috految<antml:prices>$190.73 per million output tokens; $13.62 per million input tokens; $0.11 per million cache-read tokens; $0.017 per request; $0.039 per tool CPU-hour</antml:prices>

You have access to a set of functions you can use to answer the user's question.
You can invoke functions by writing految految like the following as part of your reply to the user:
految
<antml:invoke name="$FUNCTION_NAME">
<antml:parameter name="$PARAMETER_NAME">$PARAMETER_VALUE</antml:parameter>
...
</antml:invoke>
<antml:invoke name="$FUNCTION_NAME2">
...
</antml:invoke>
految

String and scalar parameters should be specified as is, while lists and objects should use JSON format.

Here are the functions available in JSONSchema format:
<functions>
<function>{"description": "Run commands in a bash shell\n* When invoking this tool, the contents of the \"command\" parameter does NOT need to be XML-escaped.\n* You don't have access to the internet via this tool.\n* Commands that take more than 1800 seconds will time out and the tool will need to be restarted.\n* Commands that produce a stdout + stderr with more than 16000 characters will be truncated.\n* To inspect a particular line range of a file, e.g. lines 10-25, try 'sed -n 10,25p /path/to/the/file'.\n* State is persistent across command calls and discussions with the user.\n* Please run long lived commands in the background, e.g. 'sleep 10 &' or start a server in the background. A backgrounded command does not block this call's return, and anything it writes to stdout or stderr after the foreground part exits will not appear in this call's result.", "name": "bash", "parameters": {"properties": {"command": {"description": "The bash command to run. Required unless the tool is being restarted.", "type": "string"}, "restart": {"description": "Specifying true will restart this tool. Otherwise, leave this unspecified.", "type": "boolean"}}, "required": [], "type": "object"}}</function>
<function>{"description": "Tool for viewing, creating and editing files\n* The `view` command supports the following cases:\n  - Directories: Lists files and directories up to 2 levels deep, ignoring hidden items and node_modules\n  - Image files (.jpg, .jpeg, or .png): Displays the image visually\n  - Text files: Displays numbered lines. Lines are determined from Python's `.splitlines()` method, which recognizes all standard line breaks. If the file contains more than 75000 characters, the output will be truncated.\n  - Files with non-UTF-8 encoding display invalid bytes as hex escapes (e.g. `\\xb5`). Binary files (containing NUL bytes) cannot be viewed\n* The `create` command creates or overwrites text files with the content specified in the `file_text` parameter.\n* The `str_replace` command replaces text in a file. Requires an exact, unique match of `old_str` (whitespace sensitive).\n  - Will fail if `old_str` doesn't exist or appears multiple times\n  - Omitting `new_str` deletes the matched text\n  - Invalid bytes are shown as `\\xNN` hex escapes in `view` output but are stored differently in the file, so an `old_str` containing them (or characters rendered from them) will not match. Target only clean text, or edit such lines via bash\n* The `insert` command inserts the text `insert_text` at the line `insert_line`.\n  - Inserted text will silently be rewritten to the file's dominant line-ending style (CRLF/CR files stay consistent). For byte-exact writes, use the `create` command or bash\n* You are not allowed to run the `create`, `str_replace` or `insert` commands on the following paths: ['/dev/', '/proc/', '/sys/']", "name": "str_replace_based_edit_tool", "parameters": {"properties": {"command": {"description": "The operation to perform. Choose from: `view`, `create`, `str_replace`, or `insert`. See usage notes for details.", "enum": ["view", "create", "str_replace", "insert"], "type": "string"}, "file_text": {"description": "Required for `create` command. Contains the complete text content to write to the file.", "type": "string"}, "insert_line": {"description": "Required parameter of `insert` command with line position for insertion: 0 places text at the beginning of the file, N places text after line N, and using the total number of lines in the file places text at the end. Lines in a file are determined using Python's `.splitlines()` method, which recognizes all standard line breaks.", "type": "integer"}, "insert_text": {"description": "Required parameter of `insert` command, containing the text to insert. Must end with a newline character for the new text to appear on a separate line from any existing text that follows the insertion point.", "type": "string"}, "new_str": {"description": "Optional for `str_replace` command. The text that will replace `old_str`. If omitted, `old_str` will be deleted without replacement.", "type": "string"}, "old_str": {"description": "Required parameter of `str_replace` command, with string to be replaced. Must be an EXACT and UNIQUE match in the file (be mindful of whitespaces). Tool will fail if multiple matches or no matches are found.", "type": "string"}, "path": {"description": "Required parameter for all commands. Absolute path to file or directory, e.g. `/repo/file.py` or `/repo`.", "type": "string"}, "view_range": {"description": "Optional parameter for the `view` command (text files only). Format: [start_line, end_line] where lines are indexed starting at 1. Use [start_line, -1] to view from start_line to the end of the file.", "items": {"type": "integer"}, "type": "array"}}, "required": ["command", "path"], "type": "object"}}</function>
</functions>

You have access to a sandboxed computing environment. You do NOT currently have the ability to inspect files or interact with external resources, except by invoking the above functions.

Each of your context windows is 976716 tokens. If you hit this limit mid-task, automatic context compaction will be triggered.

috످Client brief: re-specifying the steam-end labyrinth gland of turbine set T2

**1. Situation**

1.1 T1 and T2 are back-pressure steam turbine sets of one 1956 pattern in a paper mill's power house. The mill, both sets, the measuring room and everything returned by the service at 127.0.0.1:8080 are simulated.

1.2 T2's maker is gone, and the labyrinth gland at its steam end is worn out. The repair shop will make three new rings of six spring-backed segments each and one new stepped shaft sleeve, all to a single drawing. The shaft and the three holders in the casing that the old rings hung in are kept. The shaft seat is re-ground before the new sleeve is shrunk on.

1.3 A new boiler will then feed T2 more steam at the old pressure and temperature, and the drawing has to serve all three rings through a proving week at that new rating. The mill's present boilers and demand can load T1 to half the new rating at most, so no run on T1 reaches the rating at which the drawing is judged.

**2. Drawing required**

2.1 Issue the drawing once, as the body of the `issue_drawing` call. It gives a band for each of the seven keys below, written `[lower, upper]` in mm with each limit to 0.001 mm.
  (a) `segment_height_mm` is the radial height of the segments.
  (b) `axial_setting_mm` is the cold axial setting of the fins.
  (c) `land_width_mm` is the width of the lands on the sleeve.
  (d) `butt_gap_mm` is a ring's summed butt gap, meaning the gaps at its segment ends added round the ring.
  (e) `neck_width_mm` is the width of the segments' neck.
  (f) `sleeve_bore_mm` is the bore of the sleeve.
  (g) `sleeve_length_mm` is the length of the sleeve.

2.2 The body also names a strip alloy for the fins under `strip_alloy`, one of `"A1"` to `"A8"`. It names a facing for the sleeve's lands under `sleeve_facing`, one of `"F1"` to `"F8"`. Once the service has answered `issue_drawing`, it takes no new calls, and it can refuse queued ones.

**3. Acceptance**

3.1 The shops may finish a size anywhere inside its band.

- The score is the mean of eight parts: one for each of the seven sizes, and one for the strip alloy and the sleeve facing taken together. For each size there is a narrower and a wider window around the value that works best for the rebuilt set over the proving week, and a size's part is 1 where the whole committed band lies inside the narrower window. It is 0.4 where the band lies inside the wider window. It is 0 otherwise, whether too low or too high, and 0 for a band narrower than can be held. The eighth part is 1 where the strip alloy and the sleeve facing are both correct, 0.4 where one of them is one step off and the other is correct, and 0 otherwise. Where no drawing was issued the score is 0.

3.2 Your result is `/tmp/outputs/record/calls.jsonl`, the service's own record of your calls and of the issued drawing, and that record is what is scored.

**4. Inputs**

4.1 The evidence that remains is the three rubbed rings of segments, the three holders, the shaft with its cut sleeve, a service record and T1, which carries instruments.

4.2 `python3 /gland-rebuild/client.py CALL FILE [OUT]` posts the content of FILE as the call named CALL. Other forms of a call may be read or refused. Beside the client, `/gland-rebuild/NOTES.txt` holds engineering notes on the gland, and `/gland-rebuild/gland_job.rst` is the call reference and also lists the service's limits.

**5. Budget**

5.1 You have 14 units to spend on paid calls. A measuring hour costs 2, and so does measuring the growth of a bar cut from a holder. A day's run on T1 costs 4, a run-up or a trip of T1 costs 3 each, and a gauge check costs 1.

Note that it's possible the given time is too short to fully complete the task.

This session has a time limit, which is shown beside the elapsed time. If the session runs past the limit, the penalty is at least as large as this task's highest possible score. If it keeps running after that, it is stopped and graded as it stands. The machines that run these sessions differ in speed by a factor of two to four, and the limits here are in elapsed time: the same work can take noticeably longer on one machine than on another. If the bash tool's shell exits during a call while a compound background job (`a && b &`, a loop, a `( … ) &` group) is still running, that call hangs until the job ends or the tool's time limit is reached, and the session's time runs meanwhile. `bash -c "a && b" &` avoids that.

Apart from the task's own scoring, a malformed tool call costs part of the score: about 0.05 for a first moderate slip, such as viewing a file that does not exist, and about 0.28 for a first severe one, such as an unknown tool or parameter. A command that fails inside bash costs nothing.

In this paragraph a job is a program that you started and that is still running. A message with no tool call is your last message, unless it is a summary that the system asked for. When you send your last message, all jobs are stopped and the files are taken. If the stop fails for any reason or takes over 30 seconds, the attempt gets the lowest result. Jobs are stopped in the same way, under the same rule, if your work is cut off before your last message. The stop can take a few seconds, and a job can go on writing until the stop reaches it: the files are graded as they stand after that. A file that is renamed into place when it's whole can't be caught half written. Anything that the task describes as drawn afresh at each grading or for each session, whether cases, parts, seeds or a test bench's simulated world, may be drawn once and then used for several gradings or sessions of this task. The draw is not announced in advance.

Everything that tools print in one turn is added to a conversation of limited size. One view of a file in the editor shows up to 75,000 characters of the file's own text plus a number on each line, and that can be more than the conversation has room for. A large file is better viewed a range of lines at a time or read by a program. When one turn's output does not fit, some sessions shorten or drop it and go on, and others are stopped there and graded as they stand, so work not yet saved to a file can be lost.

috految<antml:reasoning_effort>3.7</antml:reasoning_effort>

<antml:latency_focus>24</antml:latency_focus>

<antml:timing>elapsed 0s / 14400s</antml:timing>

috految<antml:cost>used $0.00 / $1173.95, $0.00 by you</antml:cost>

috److految
<antml:invoke name="bash">
<antml:parameter name="command">cd /gland-rebuild; cat NOTES.txt gland_job.rst</antml:parameter>
</antml:invoke>
految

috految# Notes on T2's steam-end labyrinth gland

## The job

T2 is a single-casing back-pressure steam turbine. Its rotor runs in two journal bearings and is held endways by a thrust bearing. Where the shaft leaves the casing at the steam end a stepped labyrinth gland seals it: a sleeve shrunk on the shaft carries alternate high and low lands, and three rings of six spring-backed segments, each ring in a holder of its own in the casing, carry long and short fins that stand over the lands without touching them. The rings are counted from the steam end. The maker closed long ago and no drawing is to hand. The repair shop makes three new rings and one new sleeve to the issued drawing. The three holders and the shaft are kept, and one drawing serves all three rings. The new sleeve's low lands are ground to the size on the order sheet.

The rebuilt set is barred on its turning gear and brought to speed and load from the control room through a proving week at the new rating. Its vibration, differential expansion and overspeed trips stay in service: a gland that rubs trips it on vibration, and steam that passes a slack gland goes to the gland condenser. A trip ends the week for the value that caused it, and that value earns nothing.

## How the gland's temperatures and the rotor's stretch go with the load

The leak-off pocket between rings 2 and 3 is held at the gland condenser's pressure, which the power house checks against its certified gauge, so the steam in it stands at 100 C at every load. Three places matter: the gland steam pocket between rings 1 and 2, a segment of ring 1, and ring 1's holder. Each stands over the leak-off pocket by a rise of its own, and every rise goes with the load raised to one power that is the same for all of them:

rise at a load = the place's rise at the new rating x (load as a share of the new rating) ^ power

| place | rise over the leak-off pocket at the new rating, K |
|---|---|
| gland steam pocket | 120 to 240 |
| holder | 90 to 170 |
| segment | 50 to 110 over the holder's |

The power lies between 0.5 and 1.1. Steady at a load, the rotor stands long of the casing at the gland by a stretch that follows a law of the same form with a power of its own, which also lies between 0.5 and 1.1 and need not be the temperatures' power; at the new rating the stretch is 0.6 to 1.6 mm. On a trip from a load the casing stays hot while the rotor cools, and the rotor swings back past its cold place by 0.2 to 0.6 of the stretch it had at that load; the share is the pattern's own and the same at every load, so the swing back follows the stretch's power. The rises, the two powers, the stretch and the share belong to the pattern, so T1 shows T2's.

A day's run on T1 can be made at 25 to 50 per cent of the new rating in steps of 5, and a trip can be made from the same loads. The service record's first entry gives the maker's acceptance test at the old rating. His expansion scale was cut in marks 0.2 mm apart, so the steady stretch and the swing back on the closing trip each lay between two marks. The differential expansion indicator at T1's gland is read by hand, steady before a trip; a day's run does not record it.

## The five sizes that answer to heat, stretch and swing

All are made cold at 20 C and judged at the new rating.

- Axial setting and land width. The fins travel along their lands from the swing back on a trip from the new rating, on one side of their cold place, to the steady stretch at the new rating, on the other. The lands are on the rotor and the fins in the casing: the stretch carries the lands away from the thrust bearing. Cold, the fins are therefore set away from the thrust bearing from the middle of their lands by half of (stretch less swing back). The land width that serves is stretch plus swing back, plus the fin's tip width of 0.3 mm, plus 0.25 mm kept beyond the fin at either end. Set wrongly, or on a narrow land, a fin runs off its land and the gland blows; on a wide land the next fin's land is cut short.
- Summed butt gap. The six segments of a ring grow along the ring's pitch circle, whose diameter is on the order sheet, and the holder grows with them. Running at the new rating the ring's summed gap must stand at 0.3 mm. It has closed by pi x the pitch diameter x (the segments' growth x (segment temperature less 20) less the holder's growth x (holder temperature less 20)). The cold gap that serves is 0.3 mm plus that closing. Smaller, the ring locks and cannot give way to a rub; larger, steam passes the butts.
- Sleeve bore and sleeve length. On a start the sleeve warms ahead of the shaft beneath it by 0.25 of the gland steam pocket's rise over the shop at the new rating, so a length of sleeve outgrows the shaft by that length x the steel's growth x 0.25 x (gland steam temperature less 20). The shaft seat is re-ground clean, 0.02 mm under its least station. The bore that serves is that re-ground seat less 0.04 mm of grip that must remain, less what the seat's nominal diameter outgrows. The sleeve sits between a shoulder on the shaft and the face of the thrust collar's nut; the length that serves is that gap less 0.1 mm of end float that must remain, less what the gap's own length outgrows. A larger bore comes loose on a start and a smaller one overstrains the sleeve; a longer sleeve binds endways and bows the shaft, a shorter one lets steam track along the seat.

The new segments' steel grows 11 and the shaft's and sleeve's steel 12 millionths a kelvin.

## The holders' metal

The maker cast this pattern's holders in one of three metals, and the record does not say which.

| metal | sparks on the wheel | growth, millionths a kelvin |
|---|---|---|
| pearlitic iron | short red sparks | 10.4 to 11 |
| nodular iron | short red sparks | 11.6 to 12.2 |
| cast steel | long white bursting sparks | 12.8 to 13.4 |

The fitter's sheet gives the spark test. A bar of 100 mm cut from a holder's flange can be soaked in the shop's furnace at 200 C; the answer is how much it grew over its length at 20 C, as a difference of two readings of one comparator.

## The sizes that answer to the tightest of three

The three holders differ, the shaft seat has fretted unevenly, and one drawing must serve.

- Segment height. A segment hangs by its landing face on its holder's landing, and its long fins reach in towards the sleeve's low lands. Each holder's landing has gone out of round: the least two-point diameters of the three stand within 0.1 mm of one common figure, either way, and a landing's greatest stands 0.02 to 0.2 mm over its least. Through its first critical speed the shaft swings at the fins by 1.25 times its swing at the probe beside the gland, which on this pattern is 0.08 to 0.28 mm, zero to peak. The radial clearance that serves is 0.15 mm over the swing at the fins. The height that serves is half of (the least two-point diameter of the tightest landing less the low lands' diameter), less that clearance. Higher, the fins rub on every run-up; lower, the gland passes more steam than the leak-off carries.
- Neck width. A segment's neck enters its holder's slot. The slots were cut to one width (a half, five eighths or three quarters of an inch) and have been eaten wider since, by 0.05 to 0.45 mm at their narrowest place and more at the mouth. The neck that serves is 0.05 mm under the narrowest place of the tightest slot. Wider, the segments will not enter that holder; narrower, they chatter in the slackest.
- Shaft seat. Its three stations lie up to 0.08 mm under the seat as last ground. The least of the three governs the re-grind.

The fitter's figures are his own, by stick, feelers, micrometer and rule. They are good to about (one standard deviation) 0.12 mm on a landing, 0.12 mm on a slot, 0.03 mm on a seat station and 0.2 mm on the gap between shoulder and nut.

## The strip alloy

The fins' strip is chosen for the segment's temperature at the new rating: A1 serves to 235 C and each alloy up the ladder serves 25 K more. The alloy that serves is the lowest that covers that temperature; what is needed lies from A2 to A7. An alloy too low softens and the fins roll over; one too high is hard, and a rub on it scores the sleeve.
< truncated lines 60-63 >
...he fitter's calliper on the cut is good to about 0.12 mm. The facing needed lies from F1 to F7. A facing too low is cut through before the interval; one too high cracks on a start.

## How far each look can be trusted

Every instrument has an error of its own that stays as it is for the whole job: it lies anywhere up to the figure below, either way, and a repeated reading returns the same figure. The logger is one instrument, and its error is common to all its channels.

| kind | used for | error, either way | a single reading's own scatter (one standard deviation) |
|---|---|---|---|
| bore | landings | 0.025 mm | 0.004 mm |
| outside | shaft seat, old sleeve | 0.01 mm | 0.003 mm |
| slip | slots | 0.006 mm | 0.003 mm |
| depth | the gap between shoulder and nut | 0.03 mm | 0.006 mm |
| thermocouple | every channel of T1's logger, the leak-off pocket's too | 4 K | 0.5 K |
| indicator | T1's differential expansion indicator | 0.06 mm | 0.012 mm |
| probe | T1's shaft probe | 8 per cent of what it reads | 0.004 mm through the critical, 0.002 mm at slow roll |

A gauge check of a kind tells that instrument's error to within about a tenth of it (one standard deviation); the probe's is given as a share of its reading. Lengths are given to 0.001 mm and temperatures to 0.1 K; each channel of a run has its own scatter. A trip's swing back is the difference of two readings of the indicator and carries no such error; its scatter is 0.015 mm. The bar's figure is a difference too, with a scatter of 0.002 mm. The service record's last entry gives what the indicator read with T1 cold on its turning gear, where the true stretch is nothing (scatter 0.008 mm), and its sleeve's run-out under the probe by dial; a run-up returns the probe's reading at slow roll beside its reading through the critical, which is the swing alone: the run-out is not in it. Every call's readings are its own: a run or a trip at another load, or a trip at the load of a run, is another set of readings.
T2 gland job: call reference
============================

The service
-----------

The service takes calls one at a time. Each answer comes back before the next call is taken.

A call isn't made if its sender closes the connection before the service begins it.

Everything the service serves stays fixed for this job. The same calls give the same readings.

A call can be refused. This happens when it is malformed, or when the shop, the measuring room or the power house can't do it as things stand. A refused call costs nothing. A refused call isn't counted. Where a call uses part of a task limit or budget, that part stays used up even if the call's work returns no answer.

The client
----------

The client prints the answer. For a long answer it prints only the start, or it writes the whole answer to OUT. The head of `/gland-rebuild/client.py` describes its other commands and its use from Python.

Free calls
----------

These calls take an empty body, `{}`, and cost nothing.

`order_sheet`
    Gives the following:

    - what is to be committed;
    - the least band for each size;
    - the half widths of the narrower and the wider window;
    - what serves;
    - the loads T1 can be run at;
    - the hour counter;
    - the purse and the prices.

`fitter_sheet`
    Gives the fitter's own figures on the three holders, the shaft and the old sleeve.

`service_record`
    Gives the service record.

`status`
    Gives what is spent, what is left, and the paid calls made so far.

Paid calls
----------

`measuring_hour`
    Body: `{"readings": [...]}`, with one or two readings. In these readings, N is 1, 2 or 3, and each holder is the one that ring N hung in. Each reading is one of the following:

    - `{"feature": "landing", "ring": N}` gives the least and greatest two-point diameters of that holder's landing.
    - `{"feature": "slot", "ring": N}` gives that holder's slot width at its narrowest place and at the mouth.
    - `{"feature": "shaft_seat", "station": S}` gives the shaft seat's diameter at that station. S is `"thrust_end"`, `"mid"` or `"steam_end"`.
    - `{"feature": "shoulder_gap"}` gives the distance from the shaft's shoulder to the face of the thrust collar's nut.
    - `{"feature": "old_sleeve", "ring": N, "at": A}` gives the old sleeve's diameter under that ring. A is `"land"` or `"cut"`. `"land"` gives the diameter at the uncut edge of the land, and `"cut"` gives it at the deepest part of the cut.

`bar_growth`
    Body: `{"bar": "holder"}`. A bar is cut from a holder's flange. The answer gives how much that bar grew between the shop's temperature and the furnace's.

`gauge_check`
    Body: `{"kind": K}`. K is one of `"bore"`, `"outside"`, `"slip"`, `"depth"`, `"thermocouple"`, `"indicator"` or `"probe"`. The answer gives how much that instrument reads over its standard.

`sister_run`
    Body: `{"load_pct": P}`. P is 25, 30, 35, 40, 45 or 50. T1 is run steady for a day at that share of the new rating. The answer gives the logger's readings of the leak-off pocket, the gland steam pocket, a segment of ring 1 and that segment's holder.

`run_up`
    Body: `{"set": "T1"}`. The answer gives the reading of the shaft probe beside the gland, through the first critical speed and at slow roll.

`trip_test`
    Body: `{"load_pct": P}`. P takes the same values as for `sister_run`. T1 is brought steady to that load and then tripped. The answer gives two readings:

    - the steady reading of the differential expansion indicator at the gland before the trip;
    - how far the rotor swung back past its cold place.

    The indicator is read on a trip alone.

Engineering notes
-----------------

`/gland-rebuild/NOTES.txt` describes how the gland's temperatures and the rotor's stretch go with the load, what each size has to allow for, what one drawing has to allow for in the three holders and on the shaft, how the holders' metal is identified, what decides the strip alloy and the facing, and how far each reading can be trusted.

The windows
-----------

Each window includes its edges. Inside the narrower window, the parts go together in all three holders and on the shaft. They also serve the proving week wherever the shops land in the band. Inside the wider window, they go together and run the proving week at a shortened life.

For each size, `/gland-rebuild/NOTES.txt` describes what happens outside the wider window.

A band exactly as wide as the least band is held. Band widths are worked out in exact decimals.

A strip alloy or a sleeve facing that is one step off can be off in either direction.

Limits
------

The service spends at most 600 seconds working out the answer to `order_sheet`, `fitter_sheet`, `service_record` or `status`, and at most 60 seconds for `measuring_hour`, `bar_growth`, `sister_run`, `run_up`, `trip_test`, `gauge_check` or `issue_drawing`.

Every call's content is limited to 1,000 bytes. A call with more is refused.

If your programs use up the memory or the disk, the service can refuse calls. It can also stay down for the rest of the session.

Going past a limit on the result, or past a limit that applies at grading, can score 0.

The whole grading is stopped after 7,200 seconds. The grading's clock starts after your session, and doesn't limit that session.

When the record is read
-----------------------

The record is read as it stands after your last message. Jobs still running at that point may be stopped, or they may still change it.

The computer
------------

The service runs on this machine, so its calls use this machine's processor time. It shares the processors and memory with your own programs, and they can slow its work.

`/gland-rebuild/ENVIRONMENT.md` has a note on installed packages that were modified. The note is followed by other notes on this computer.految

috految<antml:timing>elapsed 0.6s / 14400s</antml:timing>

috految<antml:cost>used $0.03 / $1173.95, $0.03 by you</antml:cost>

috److految
<antml:invoke name="bash">
<antml:parameter name="command">sed -n 59,65p NOTES.txt; c(){ echo "$2">/tmp/b; python3 client.py $1 /tmp/b; }; for k in order_sheet fitter_sheet service_record; do c $k {}; done</antml:parameter>
</antml:invoke>
految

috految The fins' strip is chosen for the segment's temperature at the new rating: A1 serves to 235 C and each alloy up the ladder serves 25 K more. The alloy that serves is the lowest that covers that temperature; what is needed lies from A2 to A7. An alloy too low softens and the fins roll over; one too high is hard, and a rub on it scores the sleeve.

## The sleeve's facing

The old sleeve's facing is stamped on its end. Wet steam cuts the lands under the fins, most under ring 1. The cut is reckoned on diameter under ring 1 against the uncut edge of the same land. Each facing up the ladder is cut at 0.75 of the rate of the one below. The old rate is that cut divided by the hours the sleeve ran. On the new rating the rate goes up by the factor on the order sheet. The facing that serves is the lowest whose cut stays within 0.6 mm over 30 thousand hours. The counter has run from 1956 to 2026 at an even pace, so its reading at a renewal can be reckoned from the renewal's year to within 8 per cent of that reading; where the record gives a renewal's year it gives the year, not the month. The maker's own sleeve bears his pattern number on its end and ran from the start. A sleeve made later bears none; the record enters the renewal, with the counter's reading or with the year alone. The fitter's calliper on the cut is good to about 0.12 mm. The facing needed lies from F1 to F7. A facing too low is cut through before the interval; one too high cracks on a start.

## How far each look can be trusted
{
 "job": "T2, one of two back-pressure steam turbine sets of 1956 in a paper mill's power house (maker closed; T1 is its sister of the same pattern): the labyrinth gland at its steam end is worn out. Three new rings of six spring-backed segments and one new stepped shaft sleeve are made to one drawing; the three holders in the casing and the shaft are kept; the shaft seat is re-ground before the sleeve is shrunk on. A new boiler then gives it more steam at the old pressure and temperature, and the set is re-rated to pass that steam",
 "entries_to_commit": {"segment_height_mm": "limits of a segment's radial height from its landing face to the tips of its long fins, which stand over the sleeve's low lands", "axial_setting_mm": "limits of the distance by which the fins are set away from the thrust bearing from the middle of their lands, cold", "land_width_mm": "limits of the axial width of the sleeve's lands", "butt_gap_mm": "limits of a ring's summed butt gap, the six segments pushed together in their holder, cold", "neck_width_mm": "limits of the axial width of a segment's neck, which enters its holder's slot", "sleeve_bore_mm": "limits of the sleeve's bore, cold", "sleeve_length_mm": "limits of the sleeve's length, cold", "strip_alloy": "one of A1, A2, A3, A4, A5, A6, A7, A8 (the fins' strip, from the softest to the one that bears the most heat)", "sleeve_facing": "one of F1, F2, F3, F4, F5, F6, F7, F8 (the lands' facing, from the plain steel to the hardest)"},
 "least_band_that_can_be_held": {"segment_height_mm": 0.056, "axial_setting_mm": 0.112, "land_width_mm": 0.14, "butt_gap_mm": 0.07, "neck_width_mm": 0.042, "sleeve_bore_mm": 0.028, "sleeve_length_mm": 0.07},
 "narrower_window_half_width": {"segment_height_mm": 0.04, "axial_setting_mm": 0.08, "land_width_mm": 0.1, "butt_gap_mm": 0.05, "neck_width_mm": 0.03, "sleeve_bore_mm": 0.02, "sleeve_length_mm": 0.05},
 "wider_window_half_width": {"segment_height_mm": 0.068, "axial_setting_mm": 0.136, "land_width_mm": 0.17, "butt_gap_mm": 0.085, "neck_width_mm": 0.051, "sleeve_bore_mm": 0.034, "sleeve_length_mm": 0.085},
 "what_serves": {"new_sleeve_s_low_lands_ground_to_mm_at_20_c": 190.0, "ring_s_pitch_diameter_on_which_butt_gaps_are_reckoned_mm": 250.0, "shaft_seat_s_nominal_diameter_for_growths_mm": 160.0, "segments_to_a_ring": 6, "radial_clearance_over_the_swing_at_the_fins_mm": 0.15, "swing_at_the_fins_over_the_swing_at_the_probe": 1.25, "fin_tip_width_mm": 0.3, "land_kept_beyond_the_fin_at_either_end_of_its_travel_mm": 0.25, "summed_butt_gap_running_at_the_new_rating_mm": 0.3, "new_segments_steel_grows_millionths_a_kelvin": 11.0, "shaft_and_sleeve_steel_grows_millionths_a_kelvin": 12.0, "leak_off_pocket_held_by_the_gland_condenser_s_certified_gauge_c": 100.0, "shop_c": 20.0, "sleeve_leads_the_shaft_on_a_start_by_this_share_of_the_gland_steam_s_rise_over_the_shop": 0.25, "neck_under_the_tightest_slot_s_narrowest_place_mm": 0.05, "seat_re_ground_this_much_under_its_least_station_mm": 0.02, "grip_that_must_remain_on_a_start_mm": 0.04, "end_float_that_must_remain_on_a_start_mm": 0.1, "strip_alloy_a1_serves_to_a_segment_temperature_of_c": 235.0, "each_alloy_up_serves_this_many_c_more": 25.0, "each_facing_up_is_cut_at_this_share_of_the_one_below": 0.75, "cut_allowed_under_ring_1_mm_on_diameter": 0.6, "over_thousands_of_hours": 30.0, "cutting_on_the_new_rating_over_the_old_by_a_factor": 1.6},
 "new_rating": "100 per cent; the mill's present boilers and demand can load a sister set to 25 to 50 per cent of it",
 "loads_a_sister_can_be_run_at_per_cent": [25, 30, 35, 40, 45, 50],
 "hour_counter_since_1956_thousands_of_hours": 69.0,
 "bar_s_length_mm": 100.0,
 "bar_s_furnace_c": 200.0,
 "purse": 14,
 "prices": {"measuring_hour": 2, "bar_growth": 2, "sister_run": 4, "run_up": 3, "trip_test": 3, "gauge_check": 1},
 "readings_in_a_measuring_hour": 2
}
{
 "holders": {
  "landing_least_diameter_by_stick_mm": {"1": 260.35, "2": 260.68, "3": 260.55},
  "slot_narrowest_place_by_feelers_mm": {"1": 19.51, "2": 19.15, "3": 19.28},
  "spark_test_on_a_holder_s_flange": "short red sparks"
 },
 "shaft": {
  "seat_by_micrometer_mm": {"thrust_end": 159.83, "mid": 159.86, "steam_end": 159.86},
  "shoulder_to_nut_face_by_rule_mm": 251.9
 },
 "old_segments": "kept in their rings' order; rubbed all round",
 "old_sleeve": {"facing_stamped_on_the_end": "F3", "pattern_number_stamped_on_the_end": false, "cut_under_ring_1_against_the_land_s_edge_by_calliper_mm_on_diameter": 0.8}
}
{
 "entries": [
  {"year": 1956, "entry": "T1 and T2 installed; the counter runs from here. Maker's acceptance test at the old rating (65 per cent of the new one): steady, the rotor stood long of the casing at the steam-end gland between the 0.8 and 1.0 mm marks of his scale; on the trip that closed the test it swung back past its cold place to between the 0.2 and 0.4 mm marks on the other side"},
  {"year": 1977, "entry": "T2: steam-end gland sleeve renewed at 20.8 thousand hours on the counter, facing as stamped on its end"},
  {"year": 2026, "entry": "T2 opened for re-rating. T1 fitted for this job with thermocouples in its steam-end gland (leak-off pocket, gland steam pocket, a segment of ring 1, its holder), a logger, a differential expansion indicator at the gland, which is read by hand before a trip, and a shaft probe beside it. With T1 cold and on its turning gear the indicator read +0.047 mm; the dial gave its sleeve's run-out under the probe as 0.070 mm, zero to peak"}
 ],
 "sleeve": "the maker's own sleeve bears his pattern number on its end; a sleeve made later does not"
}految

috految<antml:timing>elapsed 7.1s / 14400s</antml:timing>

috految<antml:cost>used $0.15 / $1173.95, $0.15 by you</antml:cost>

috److془Plan: hours 4, run 4, trip 3, ... or two runs+bar. Go: hours, run up (.45 with 1 landing), trips (.5 + .45).
Run+run+bar: .65+.6+.25+.25 =1.75 ; hours 4. Gains run 1: .65; trip .5; run-up .45. Go.془

految
<antml:invoke name="bash">
<antml:parameter name="command">c measuring_hour '{"readings":[{"feature":"slot","ring":2},{"feature":"shoulder_gap"}]}'; c sister_run '{"load_pct":50}'</antml:parameter>
</antml:invoke>
految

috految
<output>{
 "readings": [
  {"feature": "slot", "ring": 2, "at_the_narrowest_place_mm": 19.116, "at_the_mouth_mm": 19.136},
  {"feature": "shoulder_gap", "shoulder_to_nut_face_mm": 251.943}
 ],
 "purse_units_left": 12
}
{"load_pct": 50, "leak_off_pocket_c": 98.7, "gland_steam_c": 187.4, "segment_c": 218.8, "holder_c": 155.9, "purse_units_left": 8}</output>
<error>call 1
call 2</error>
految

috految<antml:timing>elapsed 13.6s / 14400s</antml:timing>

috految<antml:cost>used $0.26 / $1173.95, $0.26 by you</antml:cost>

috److془Factor 1.573..1.75. Great. Segment 300 → A4. Remaining: bar (.35) hour, trip, runup, depth(.3).془

految
<antml:invoke name="bash">
<antml:parameter name="command">c measuring_hour '{"readings":[{"feature":"landing","ring":1},{"feature":"shaft_seat","station":"thrust_end"}]}'; c trip_test '{"load_pct":50}'; c run_up '{"set":"T1"}'</antml:parameter>
</antml:invoke>
految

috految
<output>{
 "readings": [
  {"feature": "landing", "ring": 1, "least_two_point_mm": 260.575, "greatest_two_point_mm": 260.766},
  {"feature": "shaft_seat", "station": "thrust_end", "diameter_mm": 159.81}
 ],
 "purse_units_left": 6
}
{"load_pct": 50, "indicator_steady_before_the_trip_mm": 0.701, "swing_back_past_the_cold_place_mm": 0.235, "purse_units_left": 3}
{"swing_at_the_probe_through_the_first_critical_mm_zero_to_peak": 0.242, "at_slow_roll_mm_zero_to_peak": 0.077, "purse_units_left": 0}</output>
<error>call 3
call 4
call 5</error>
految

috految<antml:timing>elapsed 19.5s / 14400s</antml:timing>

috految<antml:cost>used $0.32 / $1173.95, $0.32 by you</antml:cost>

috److془Stretch .656; p .76-1.1; factor ~2.0→ 1.97. S=1.30; back .465. axial .417; land 2.58.
Swing .227*1.25=.284; height 35.2875-.434=34.853; → 34.848.
Factor 1.67: steam 228 over shop; bore 159.81-.06-.1094=159.640. length 251.843-.1723=251.671.
Butt: seg 280.6*11=3087; holder 175.5*11.9=2088→1.085.
Facing: .8/48.2*48=.797; F4 .598 borderline. F4.془

految
<antml:invoke name="bash">
<antml:parameter name="command">c issue_drawing '{"segment_height_mm":[34.819,34.875],"axial_setting_mm":[0.363,0.475],"land_width_mm":[2.52,2.66],"butt_gap_mm":[1.052,1.122],"neck_width_mm":[19.045,19.087],"sleeve_bore_mm":[159.627,159.655],"sleeve_length_mm":[251.636,251.706],"strip_alloy":"A4","sleeve_facing":"F4"}'</antml:parameter>
</antml:invoke>
految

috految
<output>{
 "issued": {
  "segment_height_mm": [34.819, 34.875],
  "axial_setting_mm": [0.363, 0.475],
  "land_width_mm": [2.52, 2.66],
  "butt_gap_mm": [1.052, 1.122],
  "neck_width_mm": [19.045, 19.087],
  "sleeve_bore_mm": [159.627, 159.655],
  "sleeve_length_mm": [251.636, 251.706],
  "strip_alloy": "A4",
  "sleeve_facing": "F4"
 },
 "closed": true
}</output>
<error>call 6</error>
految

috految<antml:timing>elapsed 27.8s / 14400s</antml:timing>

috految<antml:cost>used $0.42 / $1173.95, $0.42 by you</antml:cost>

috److I issued the drawing and the service accepted it. All 14 budget units went on two measuring hours, a day's run, a trip and a run-up. The run and the trip were both on T1 at 50% load.

Every band is set at the least width the shops can hold.

| Key | Issued value |
|---|---|
| `segment_height_mm` | 34.819 to 34.875 |
| `axial_setting_mm` | 0.363 to 0.475 |
| `land_width_mm` | 2.520 to 2.660 |
| `butt_gap_mm` | 1.052 to 1.122 |
| `neck_width_mm` | 19.045 to 19.087 |
| `sleeve_bore_mm` | 159.627 to 159.655 |
| `sleeve_length_mm` | 251.636 to 251.706 |
| `strip_alloy` | A4 |
| `sleeve_facing` | F4 |

The budget did not cover every check, so several values rest on estimates:

- **Butt gap:** I assumed the holders are nodular iron. The spark test fits pearlitic iron equally well, and I did not buy the bar growth test. If they are pearlitic, the gap is about 0.17 mm too small.
- **Axial setting and land width:** These are extrapolated to the new rating from the one trip and the maker's 1956 acceptance test.
- **Temperatures:** These come from the one run and the ranges in the notes. They put the segment at about 300 °C, which gives alloy A4.
- **Segment height, neck width and sleeve bore:** I measured only the landing, slot and seat station that the fitter's sheet showed as tightest. An unmeasured one could be tighter.
- **Sleeve facing:** F4 is borderline against F5. The estimated cut is 0.598 mm against a 0.6 mm limit, based on the fitter's calliper reading.
- **Instrument errors:** I bought no gauge checks, so the measuring-room readings keep their fixed errors.

috످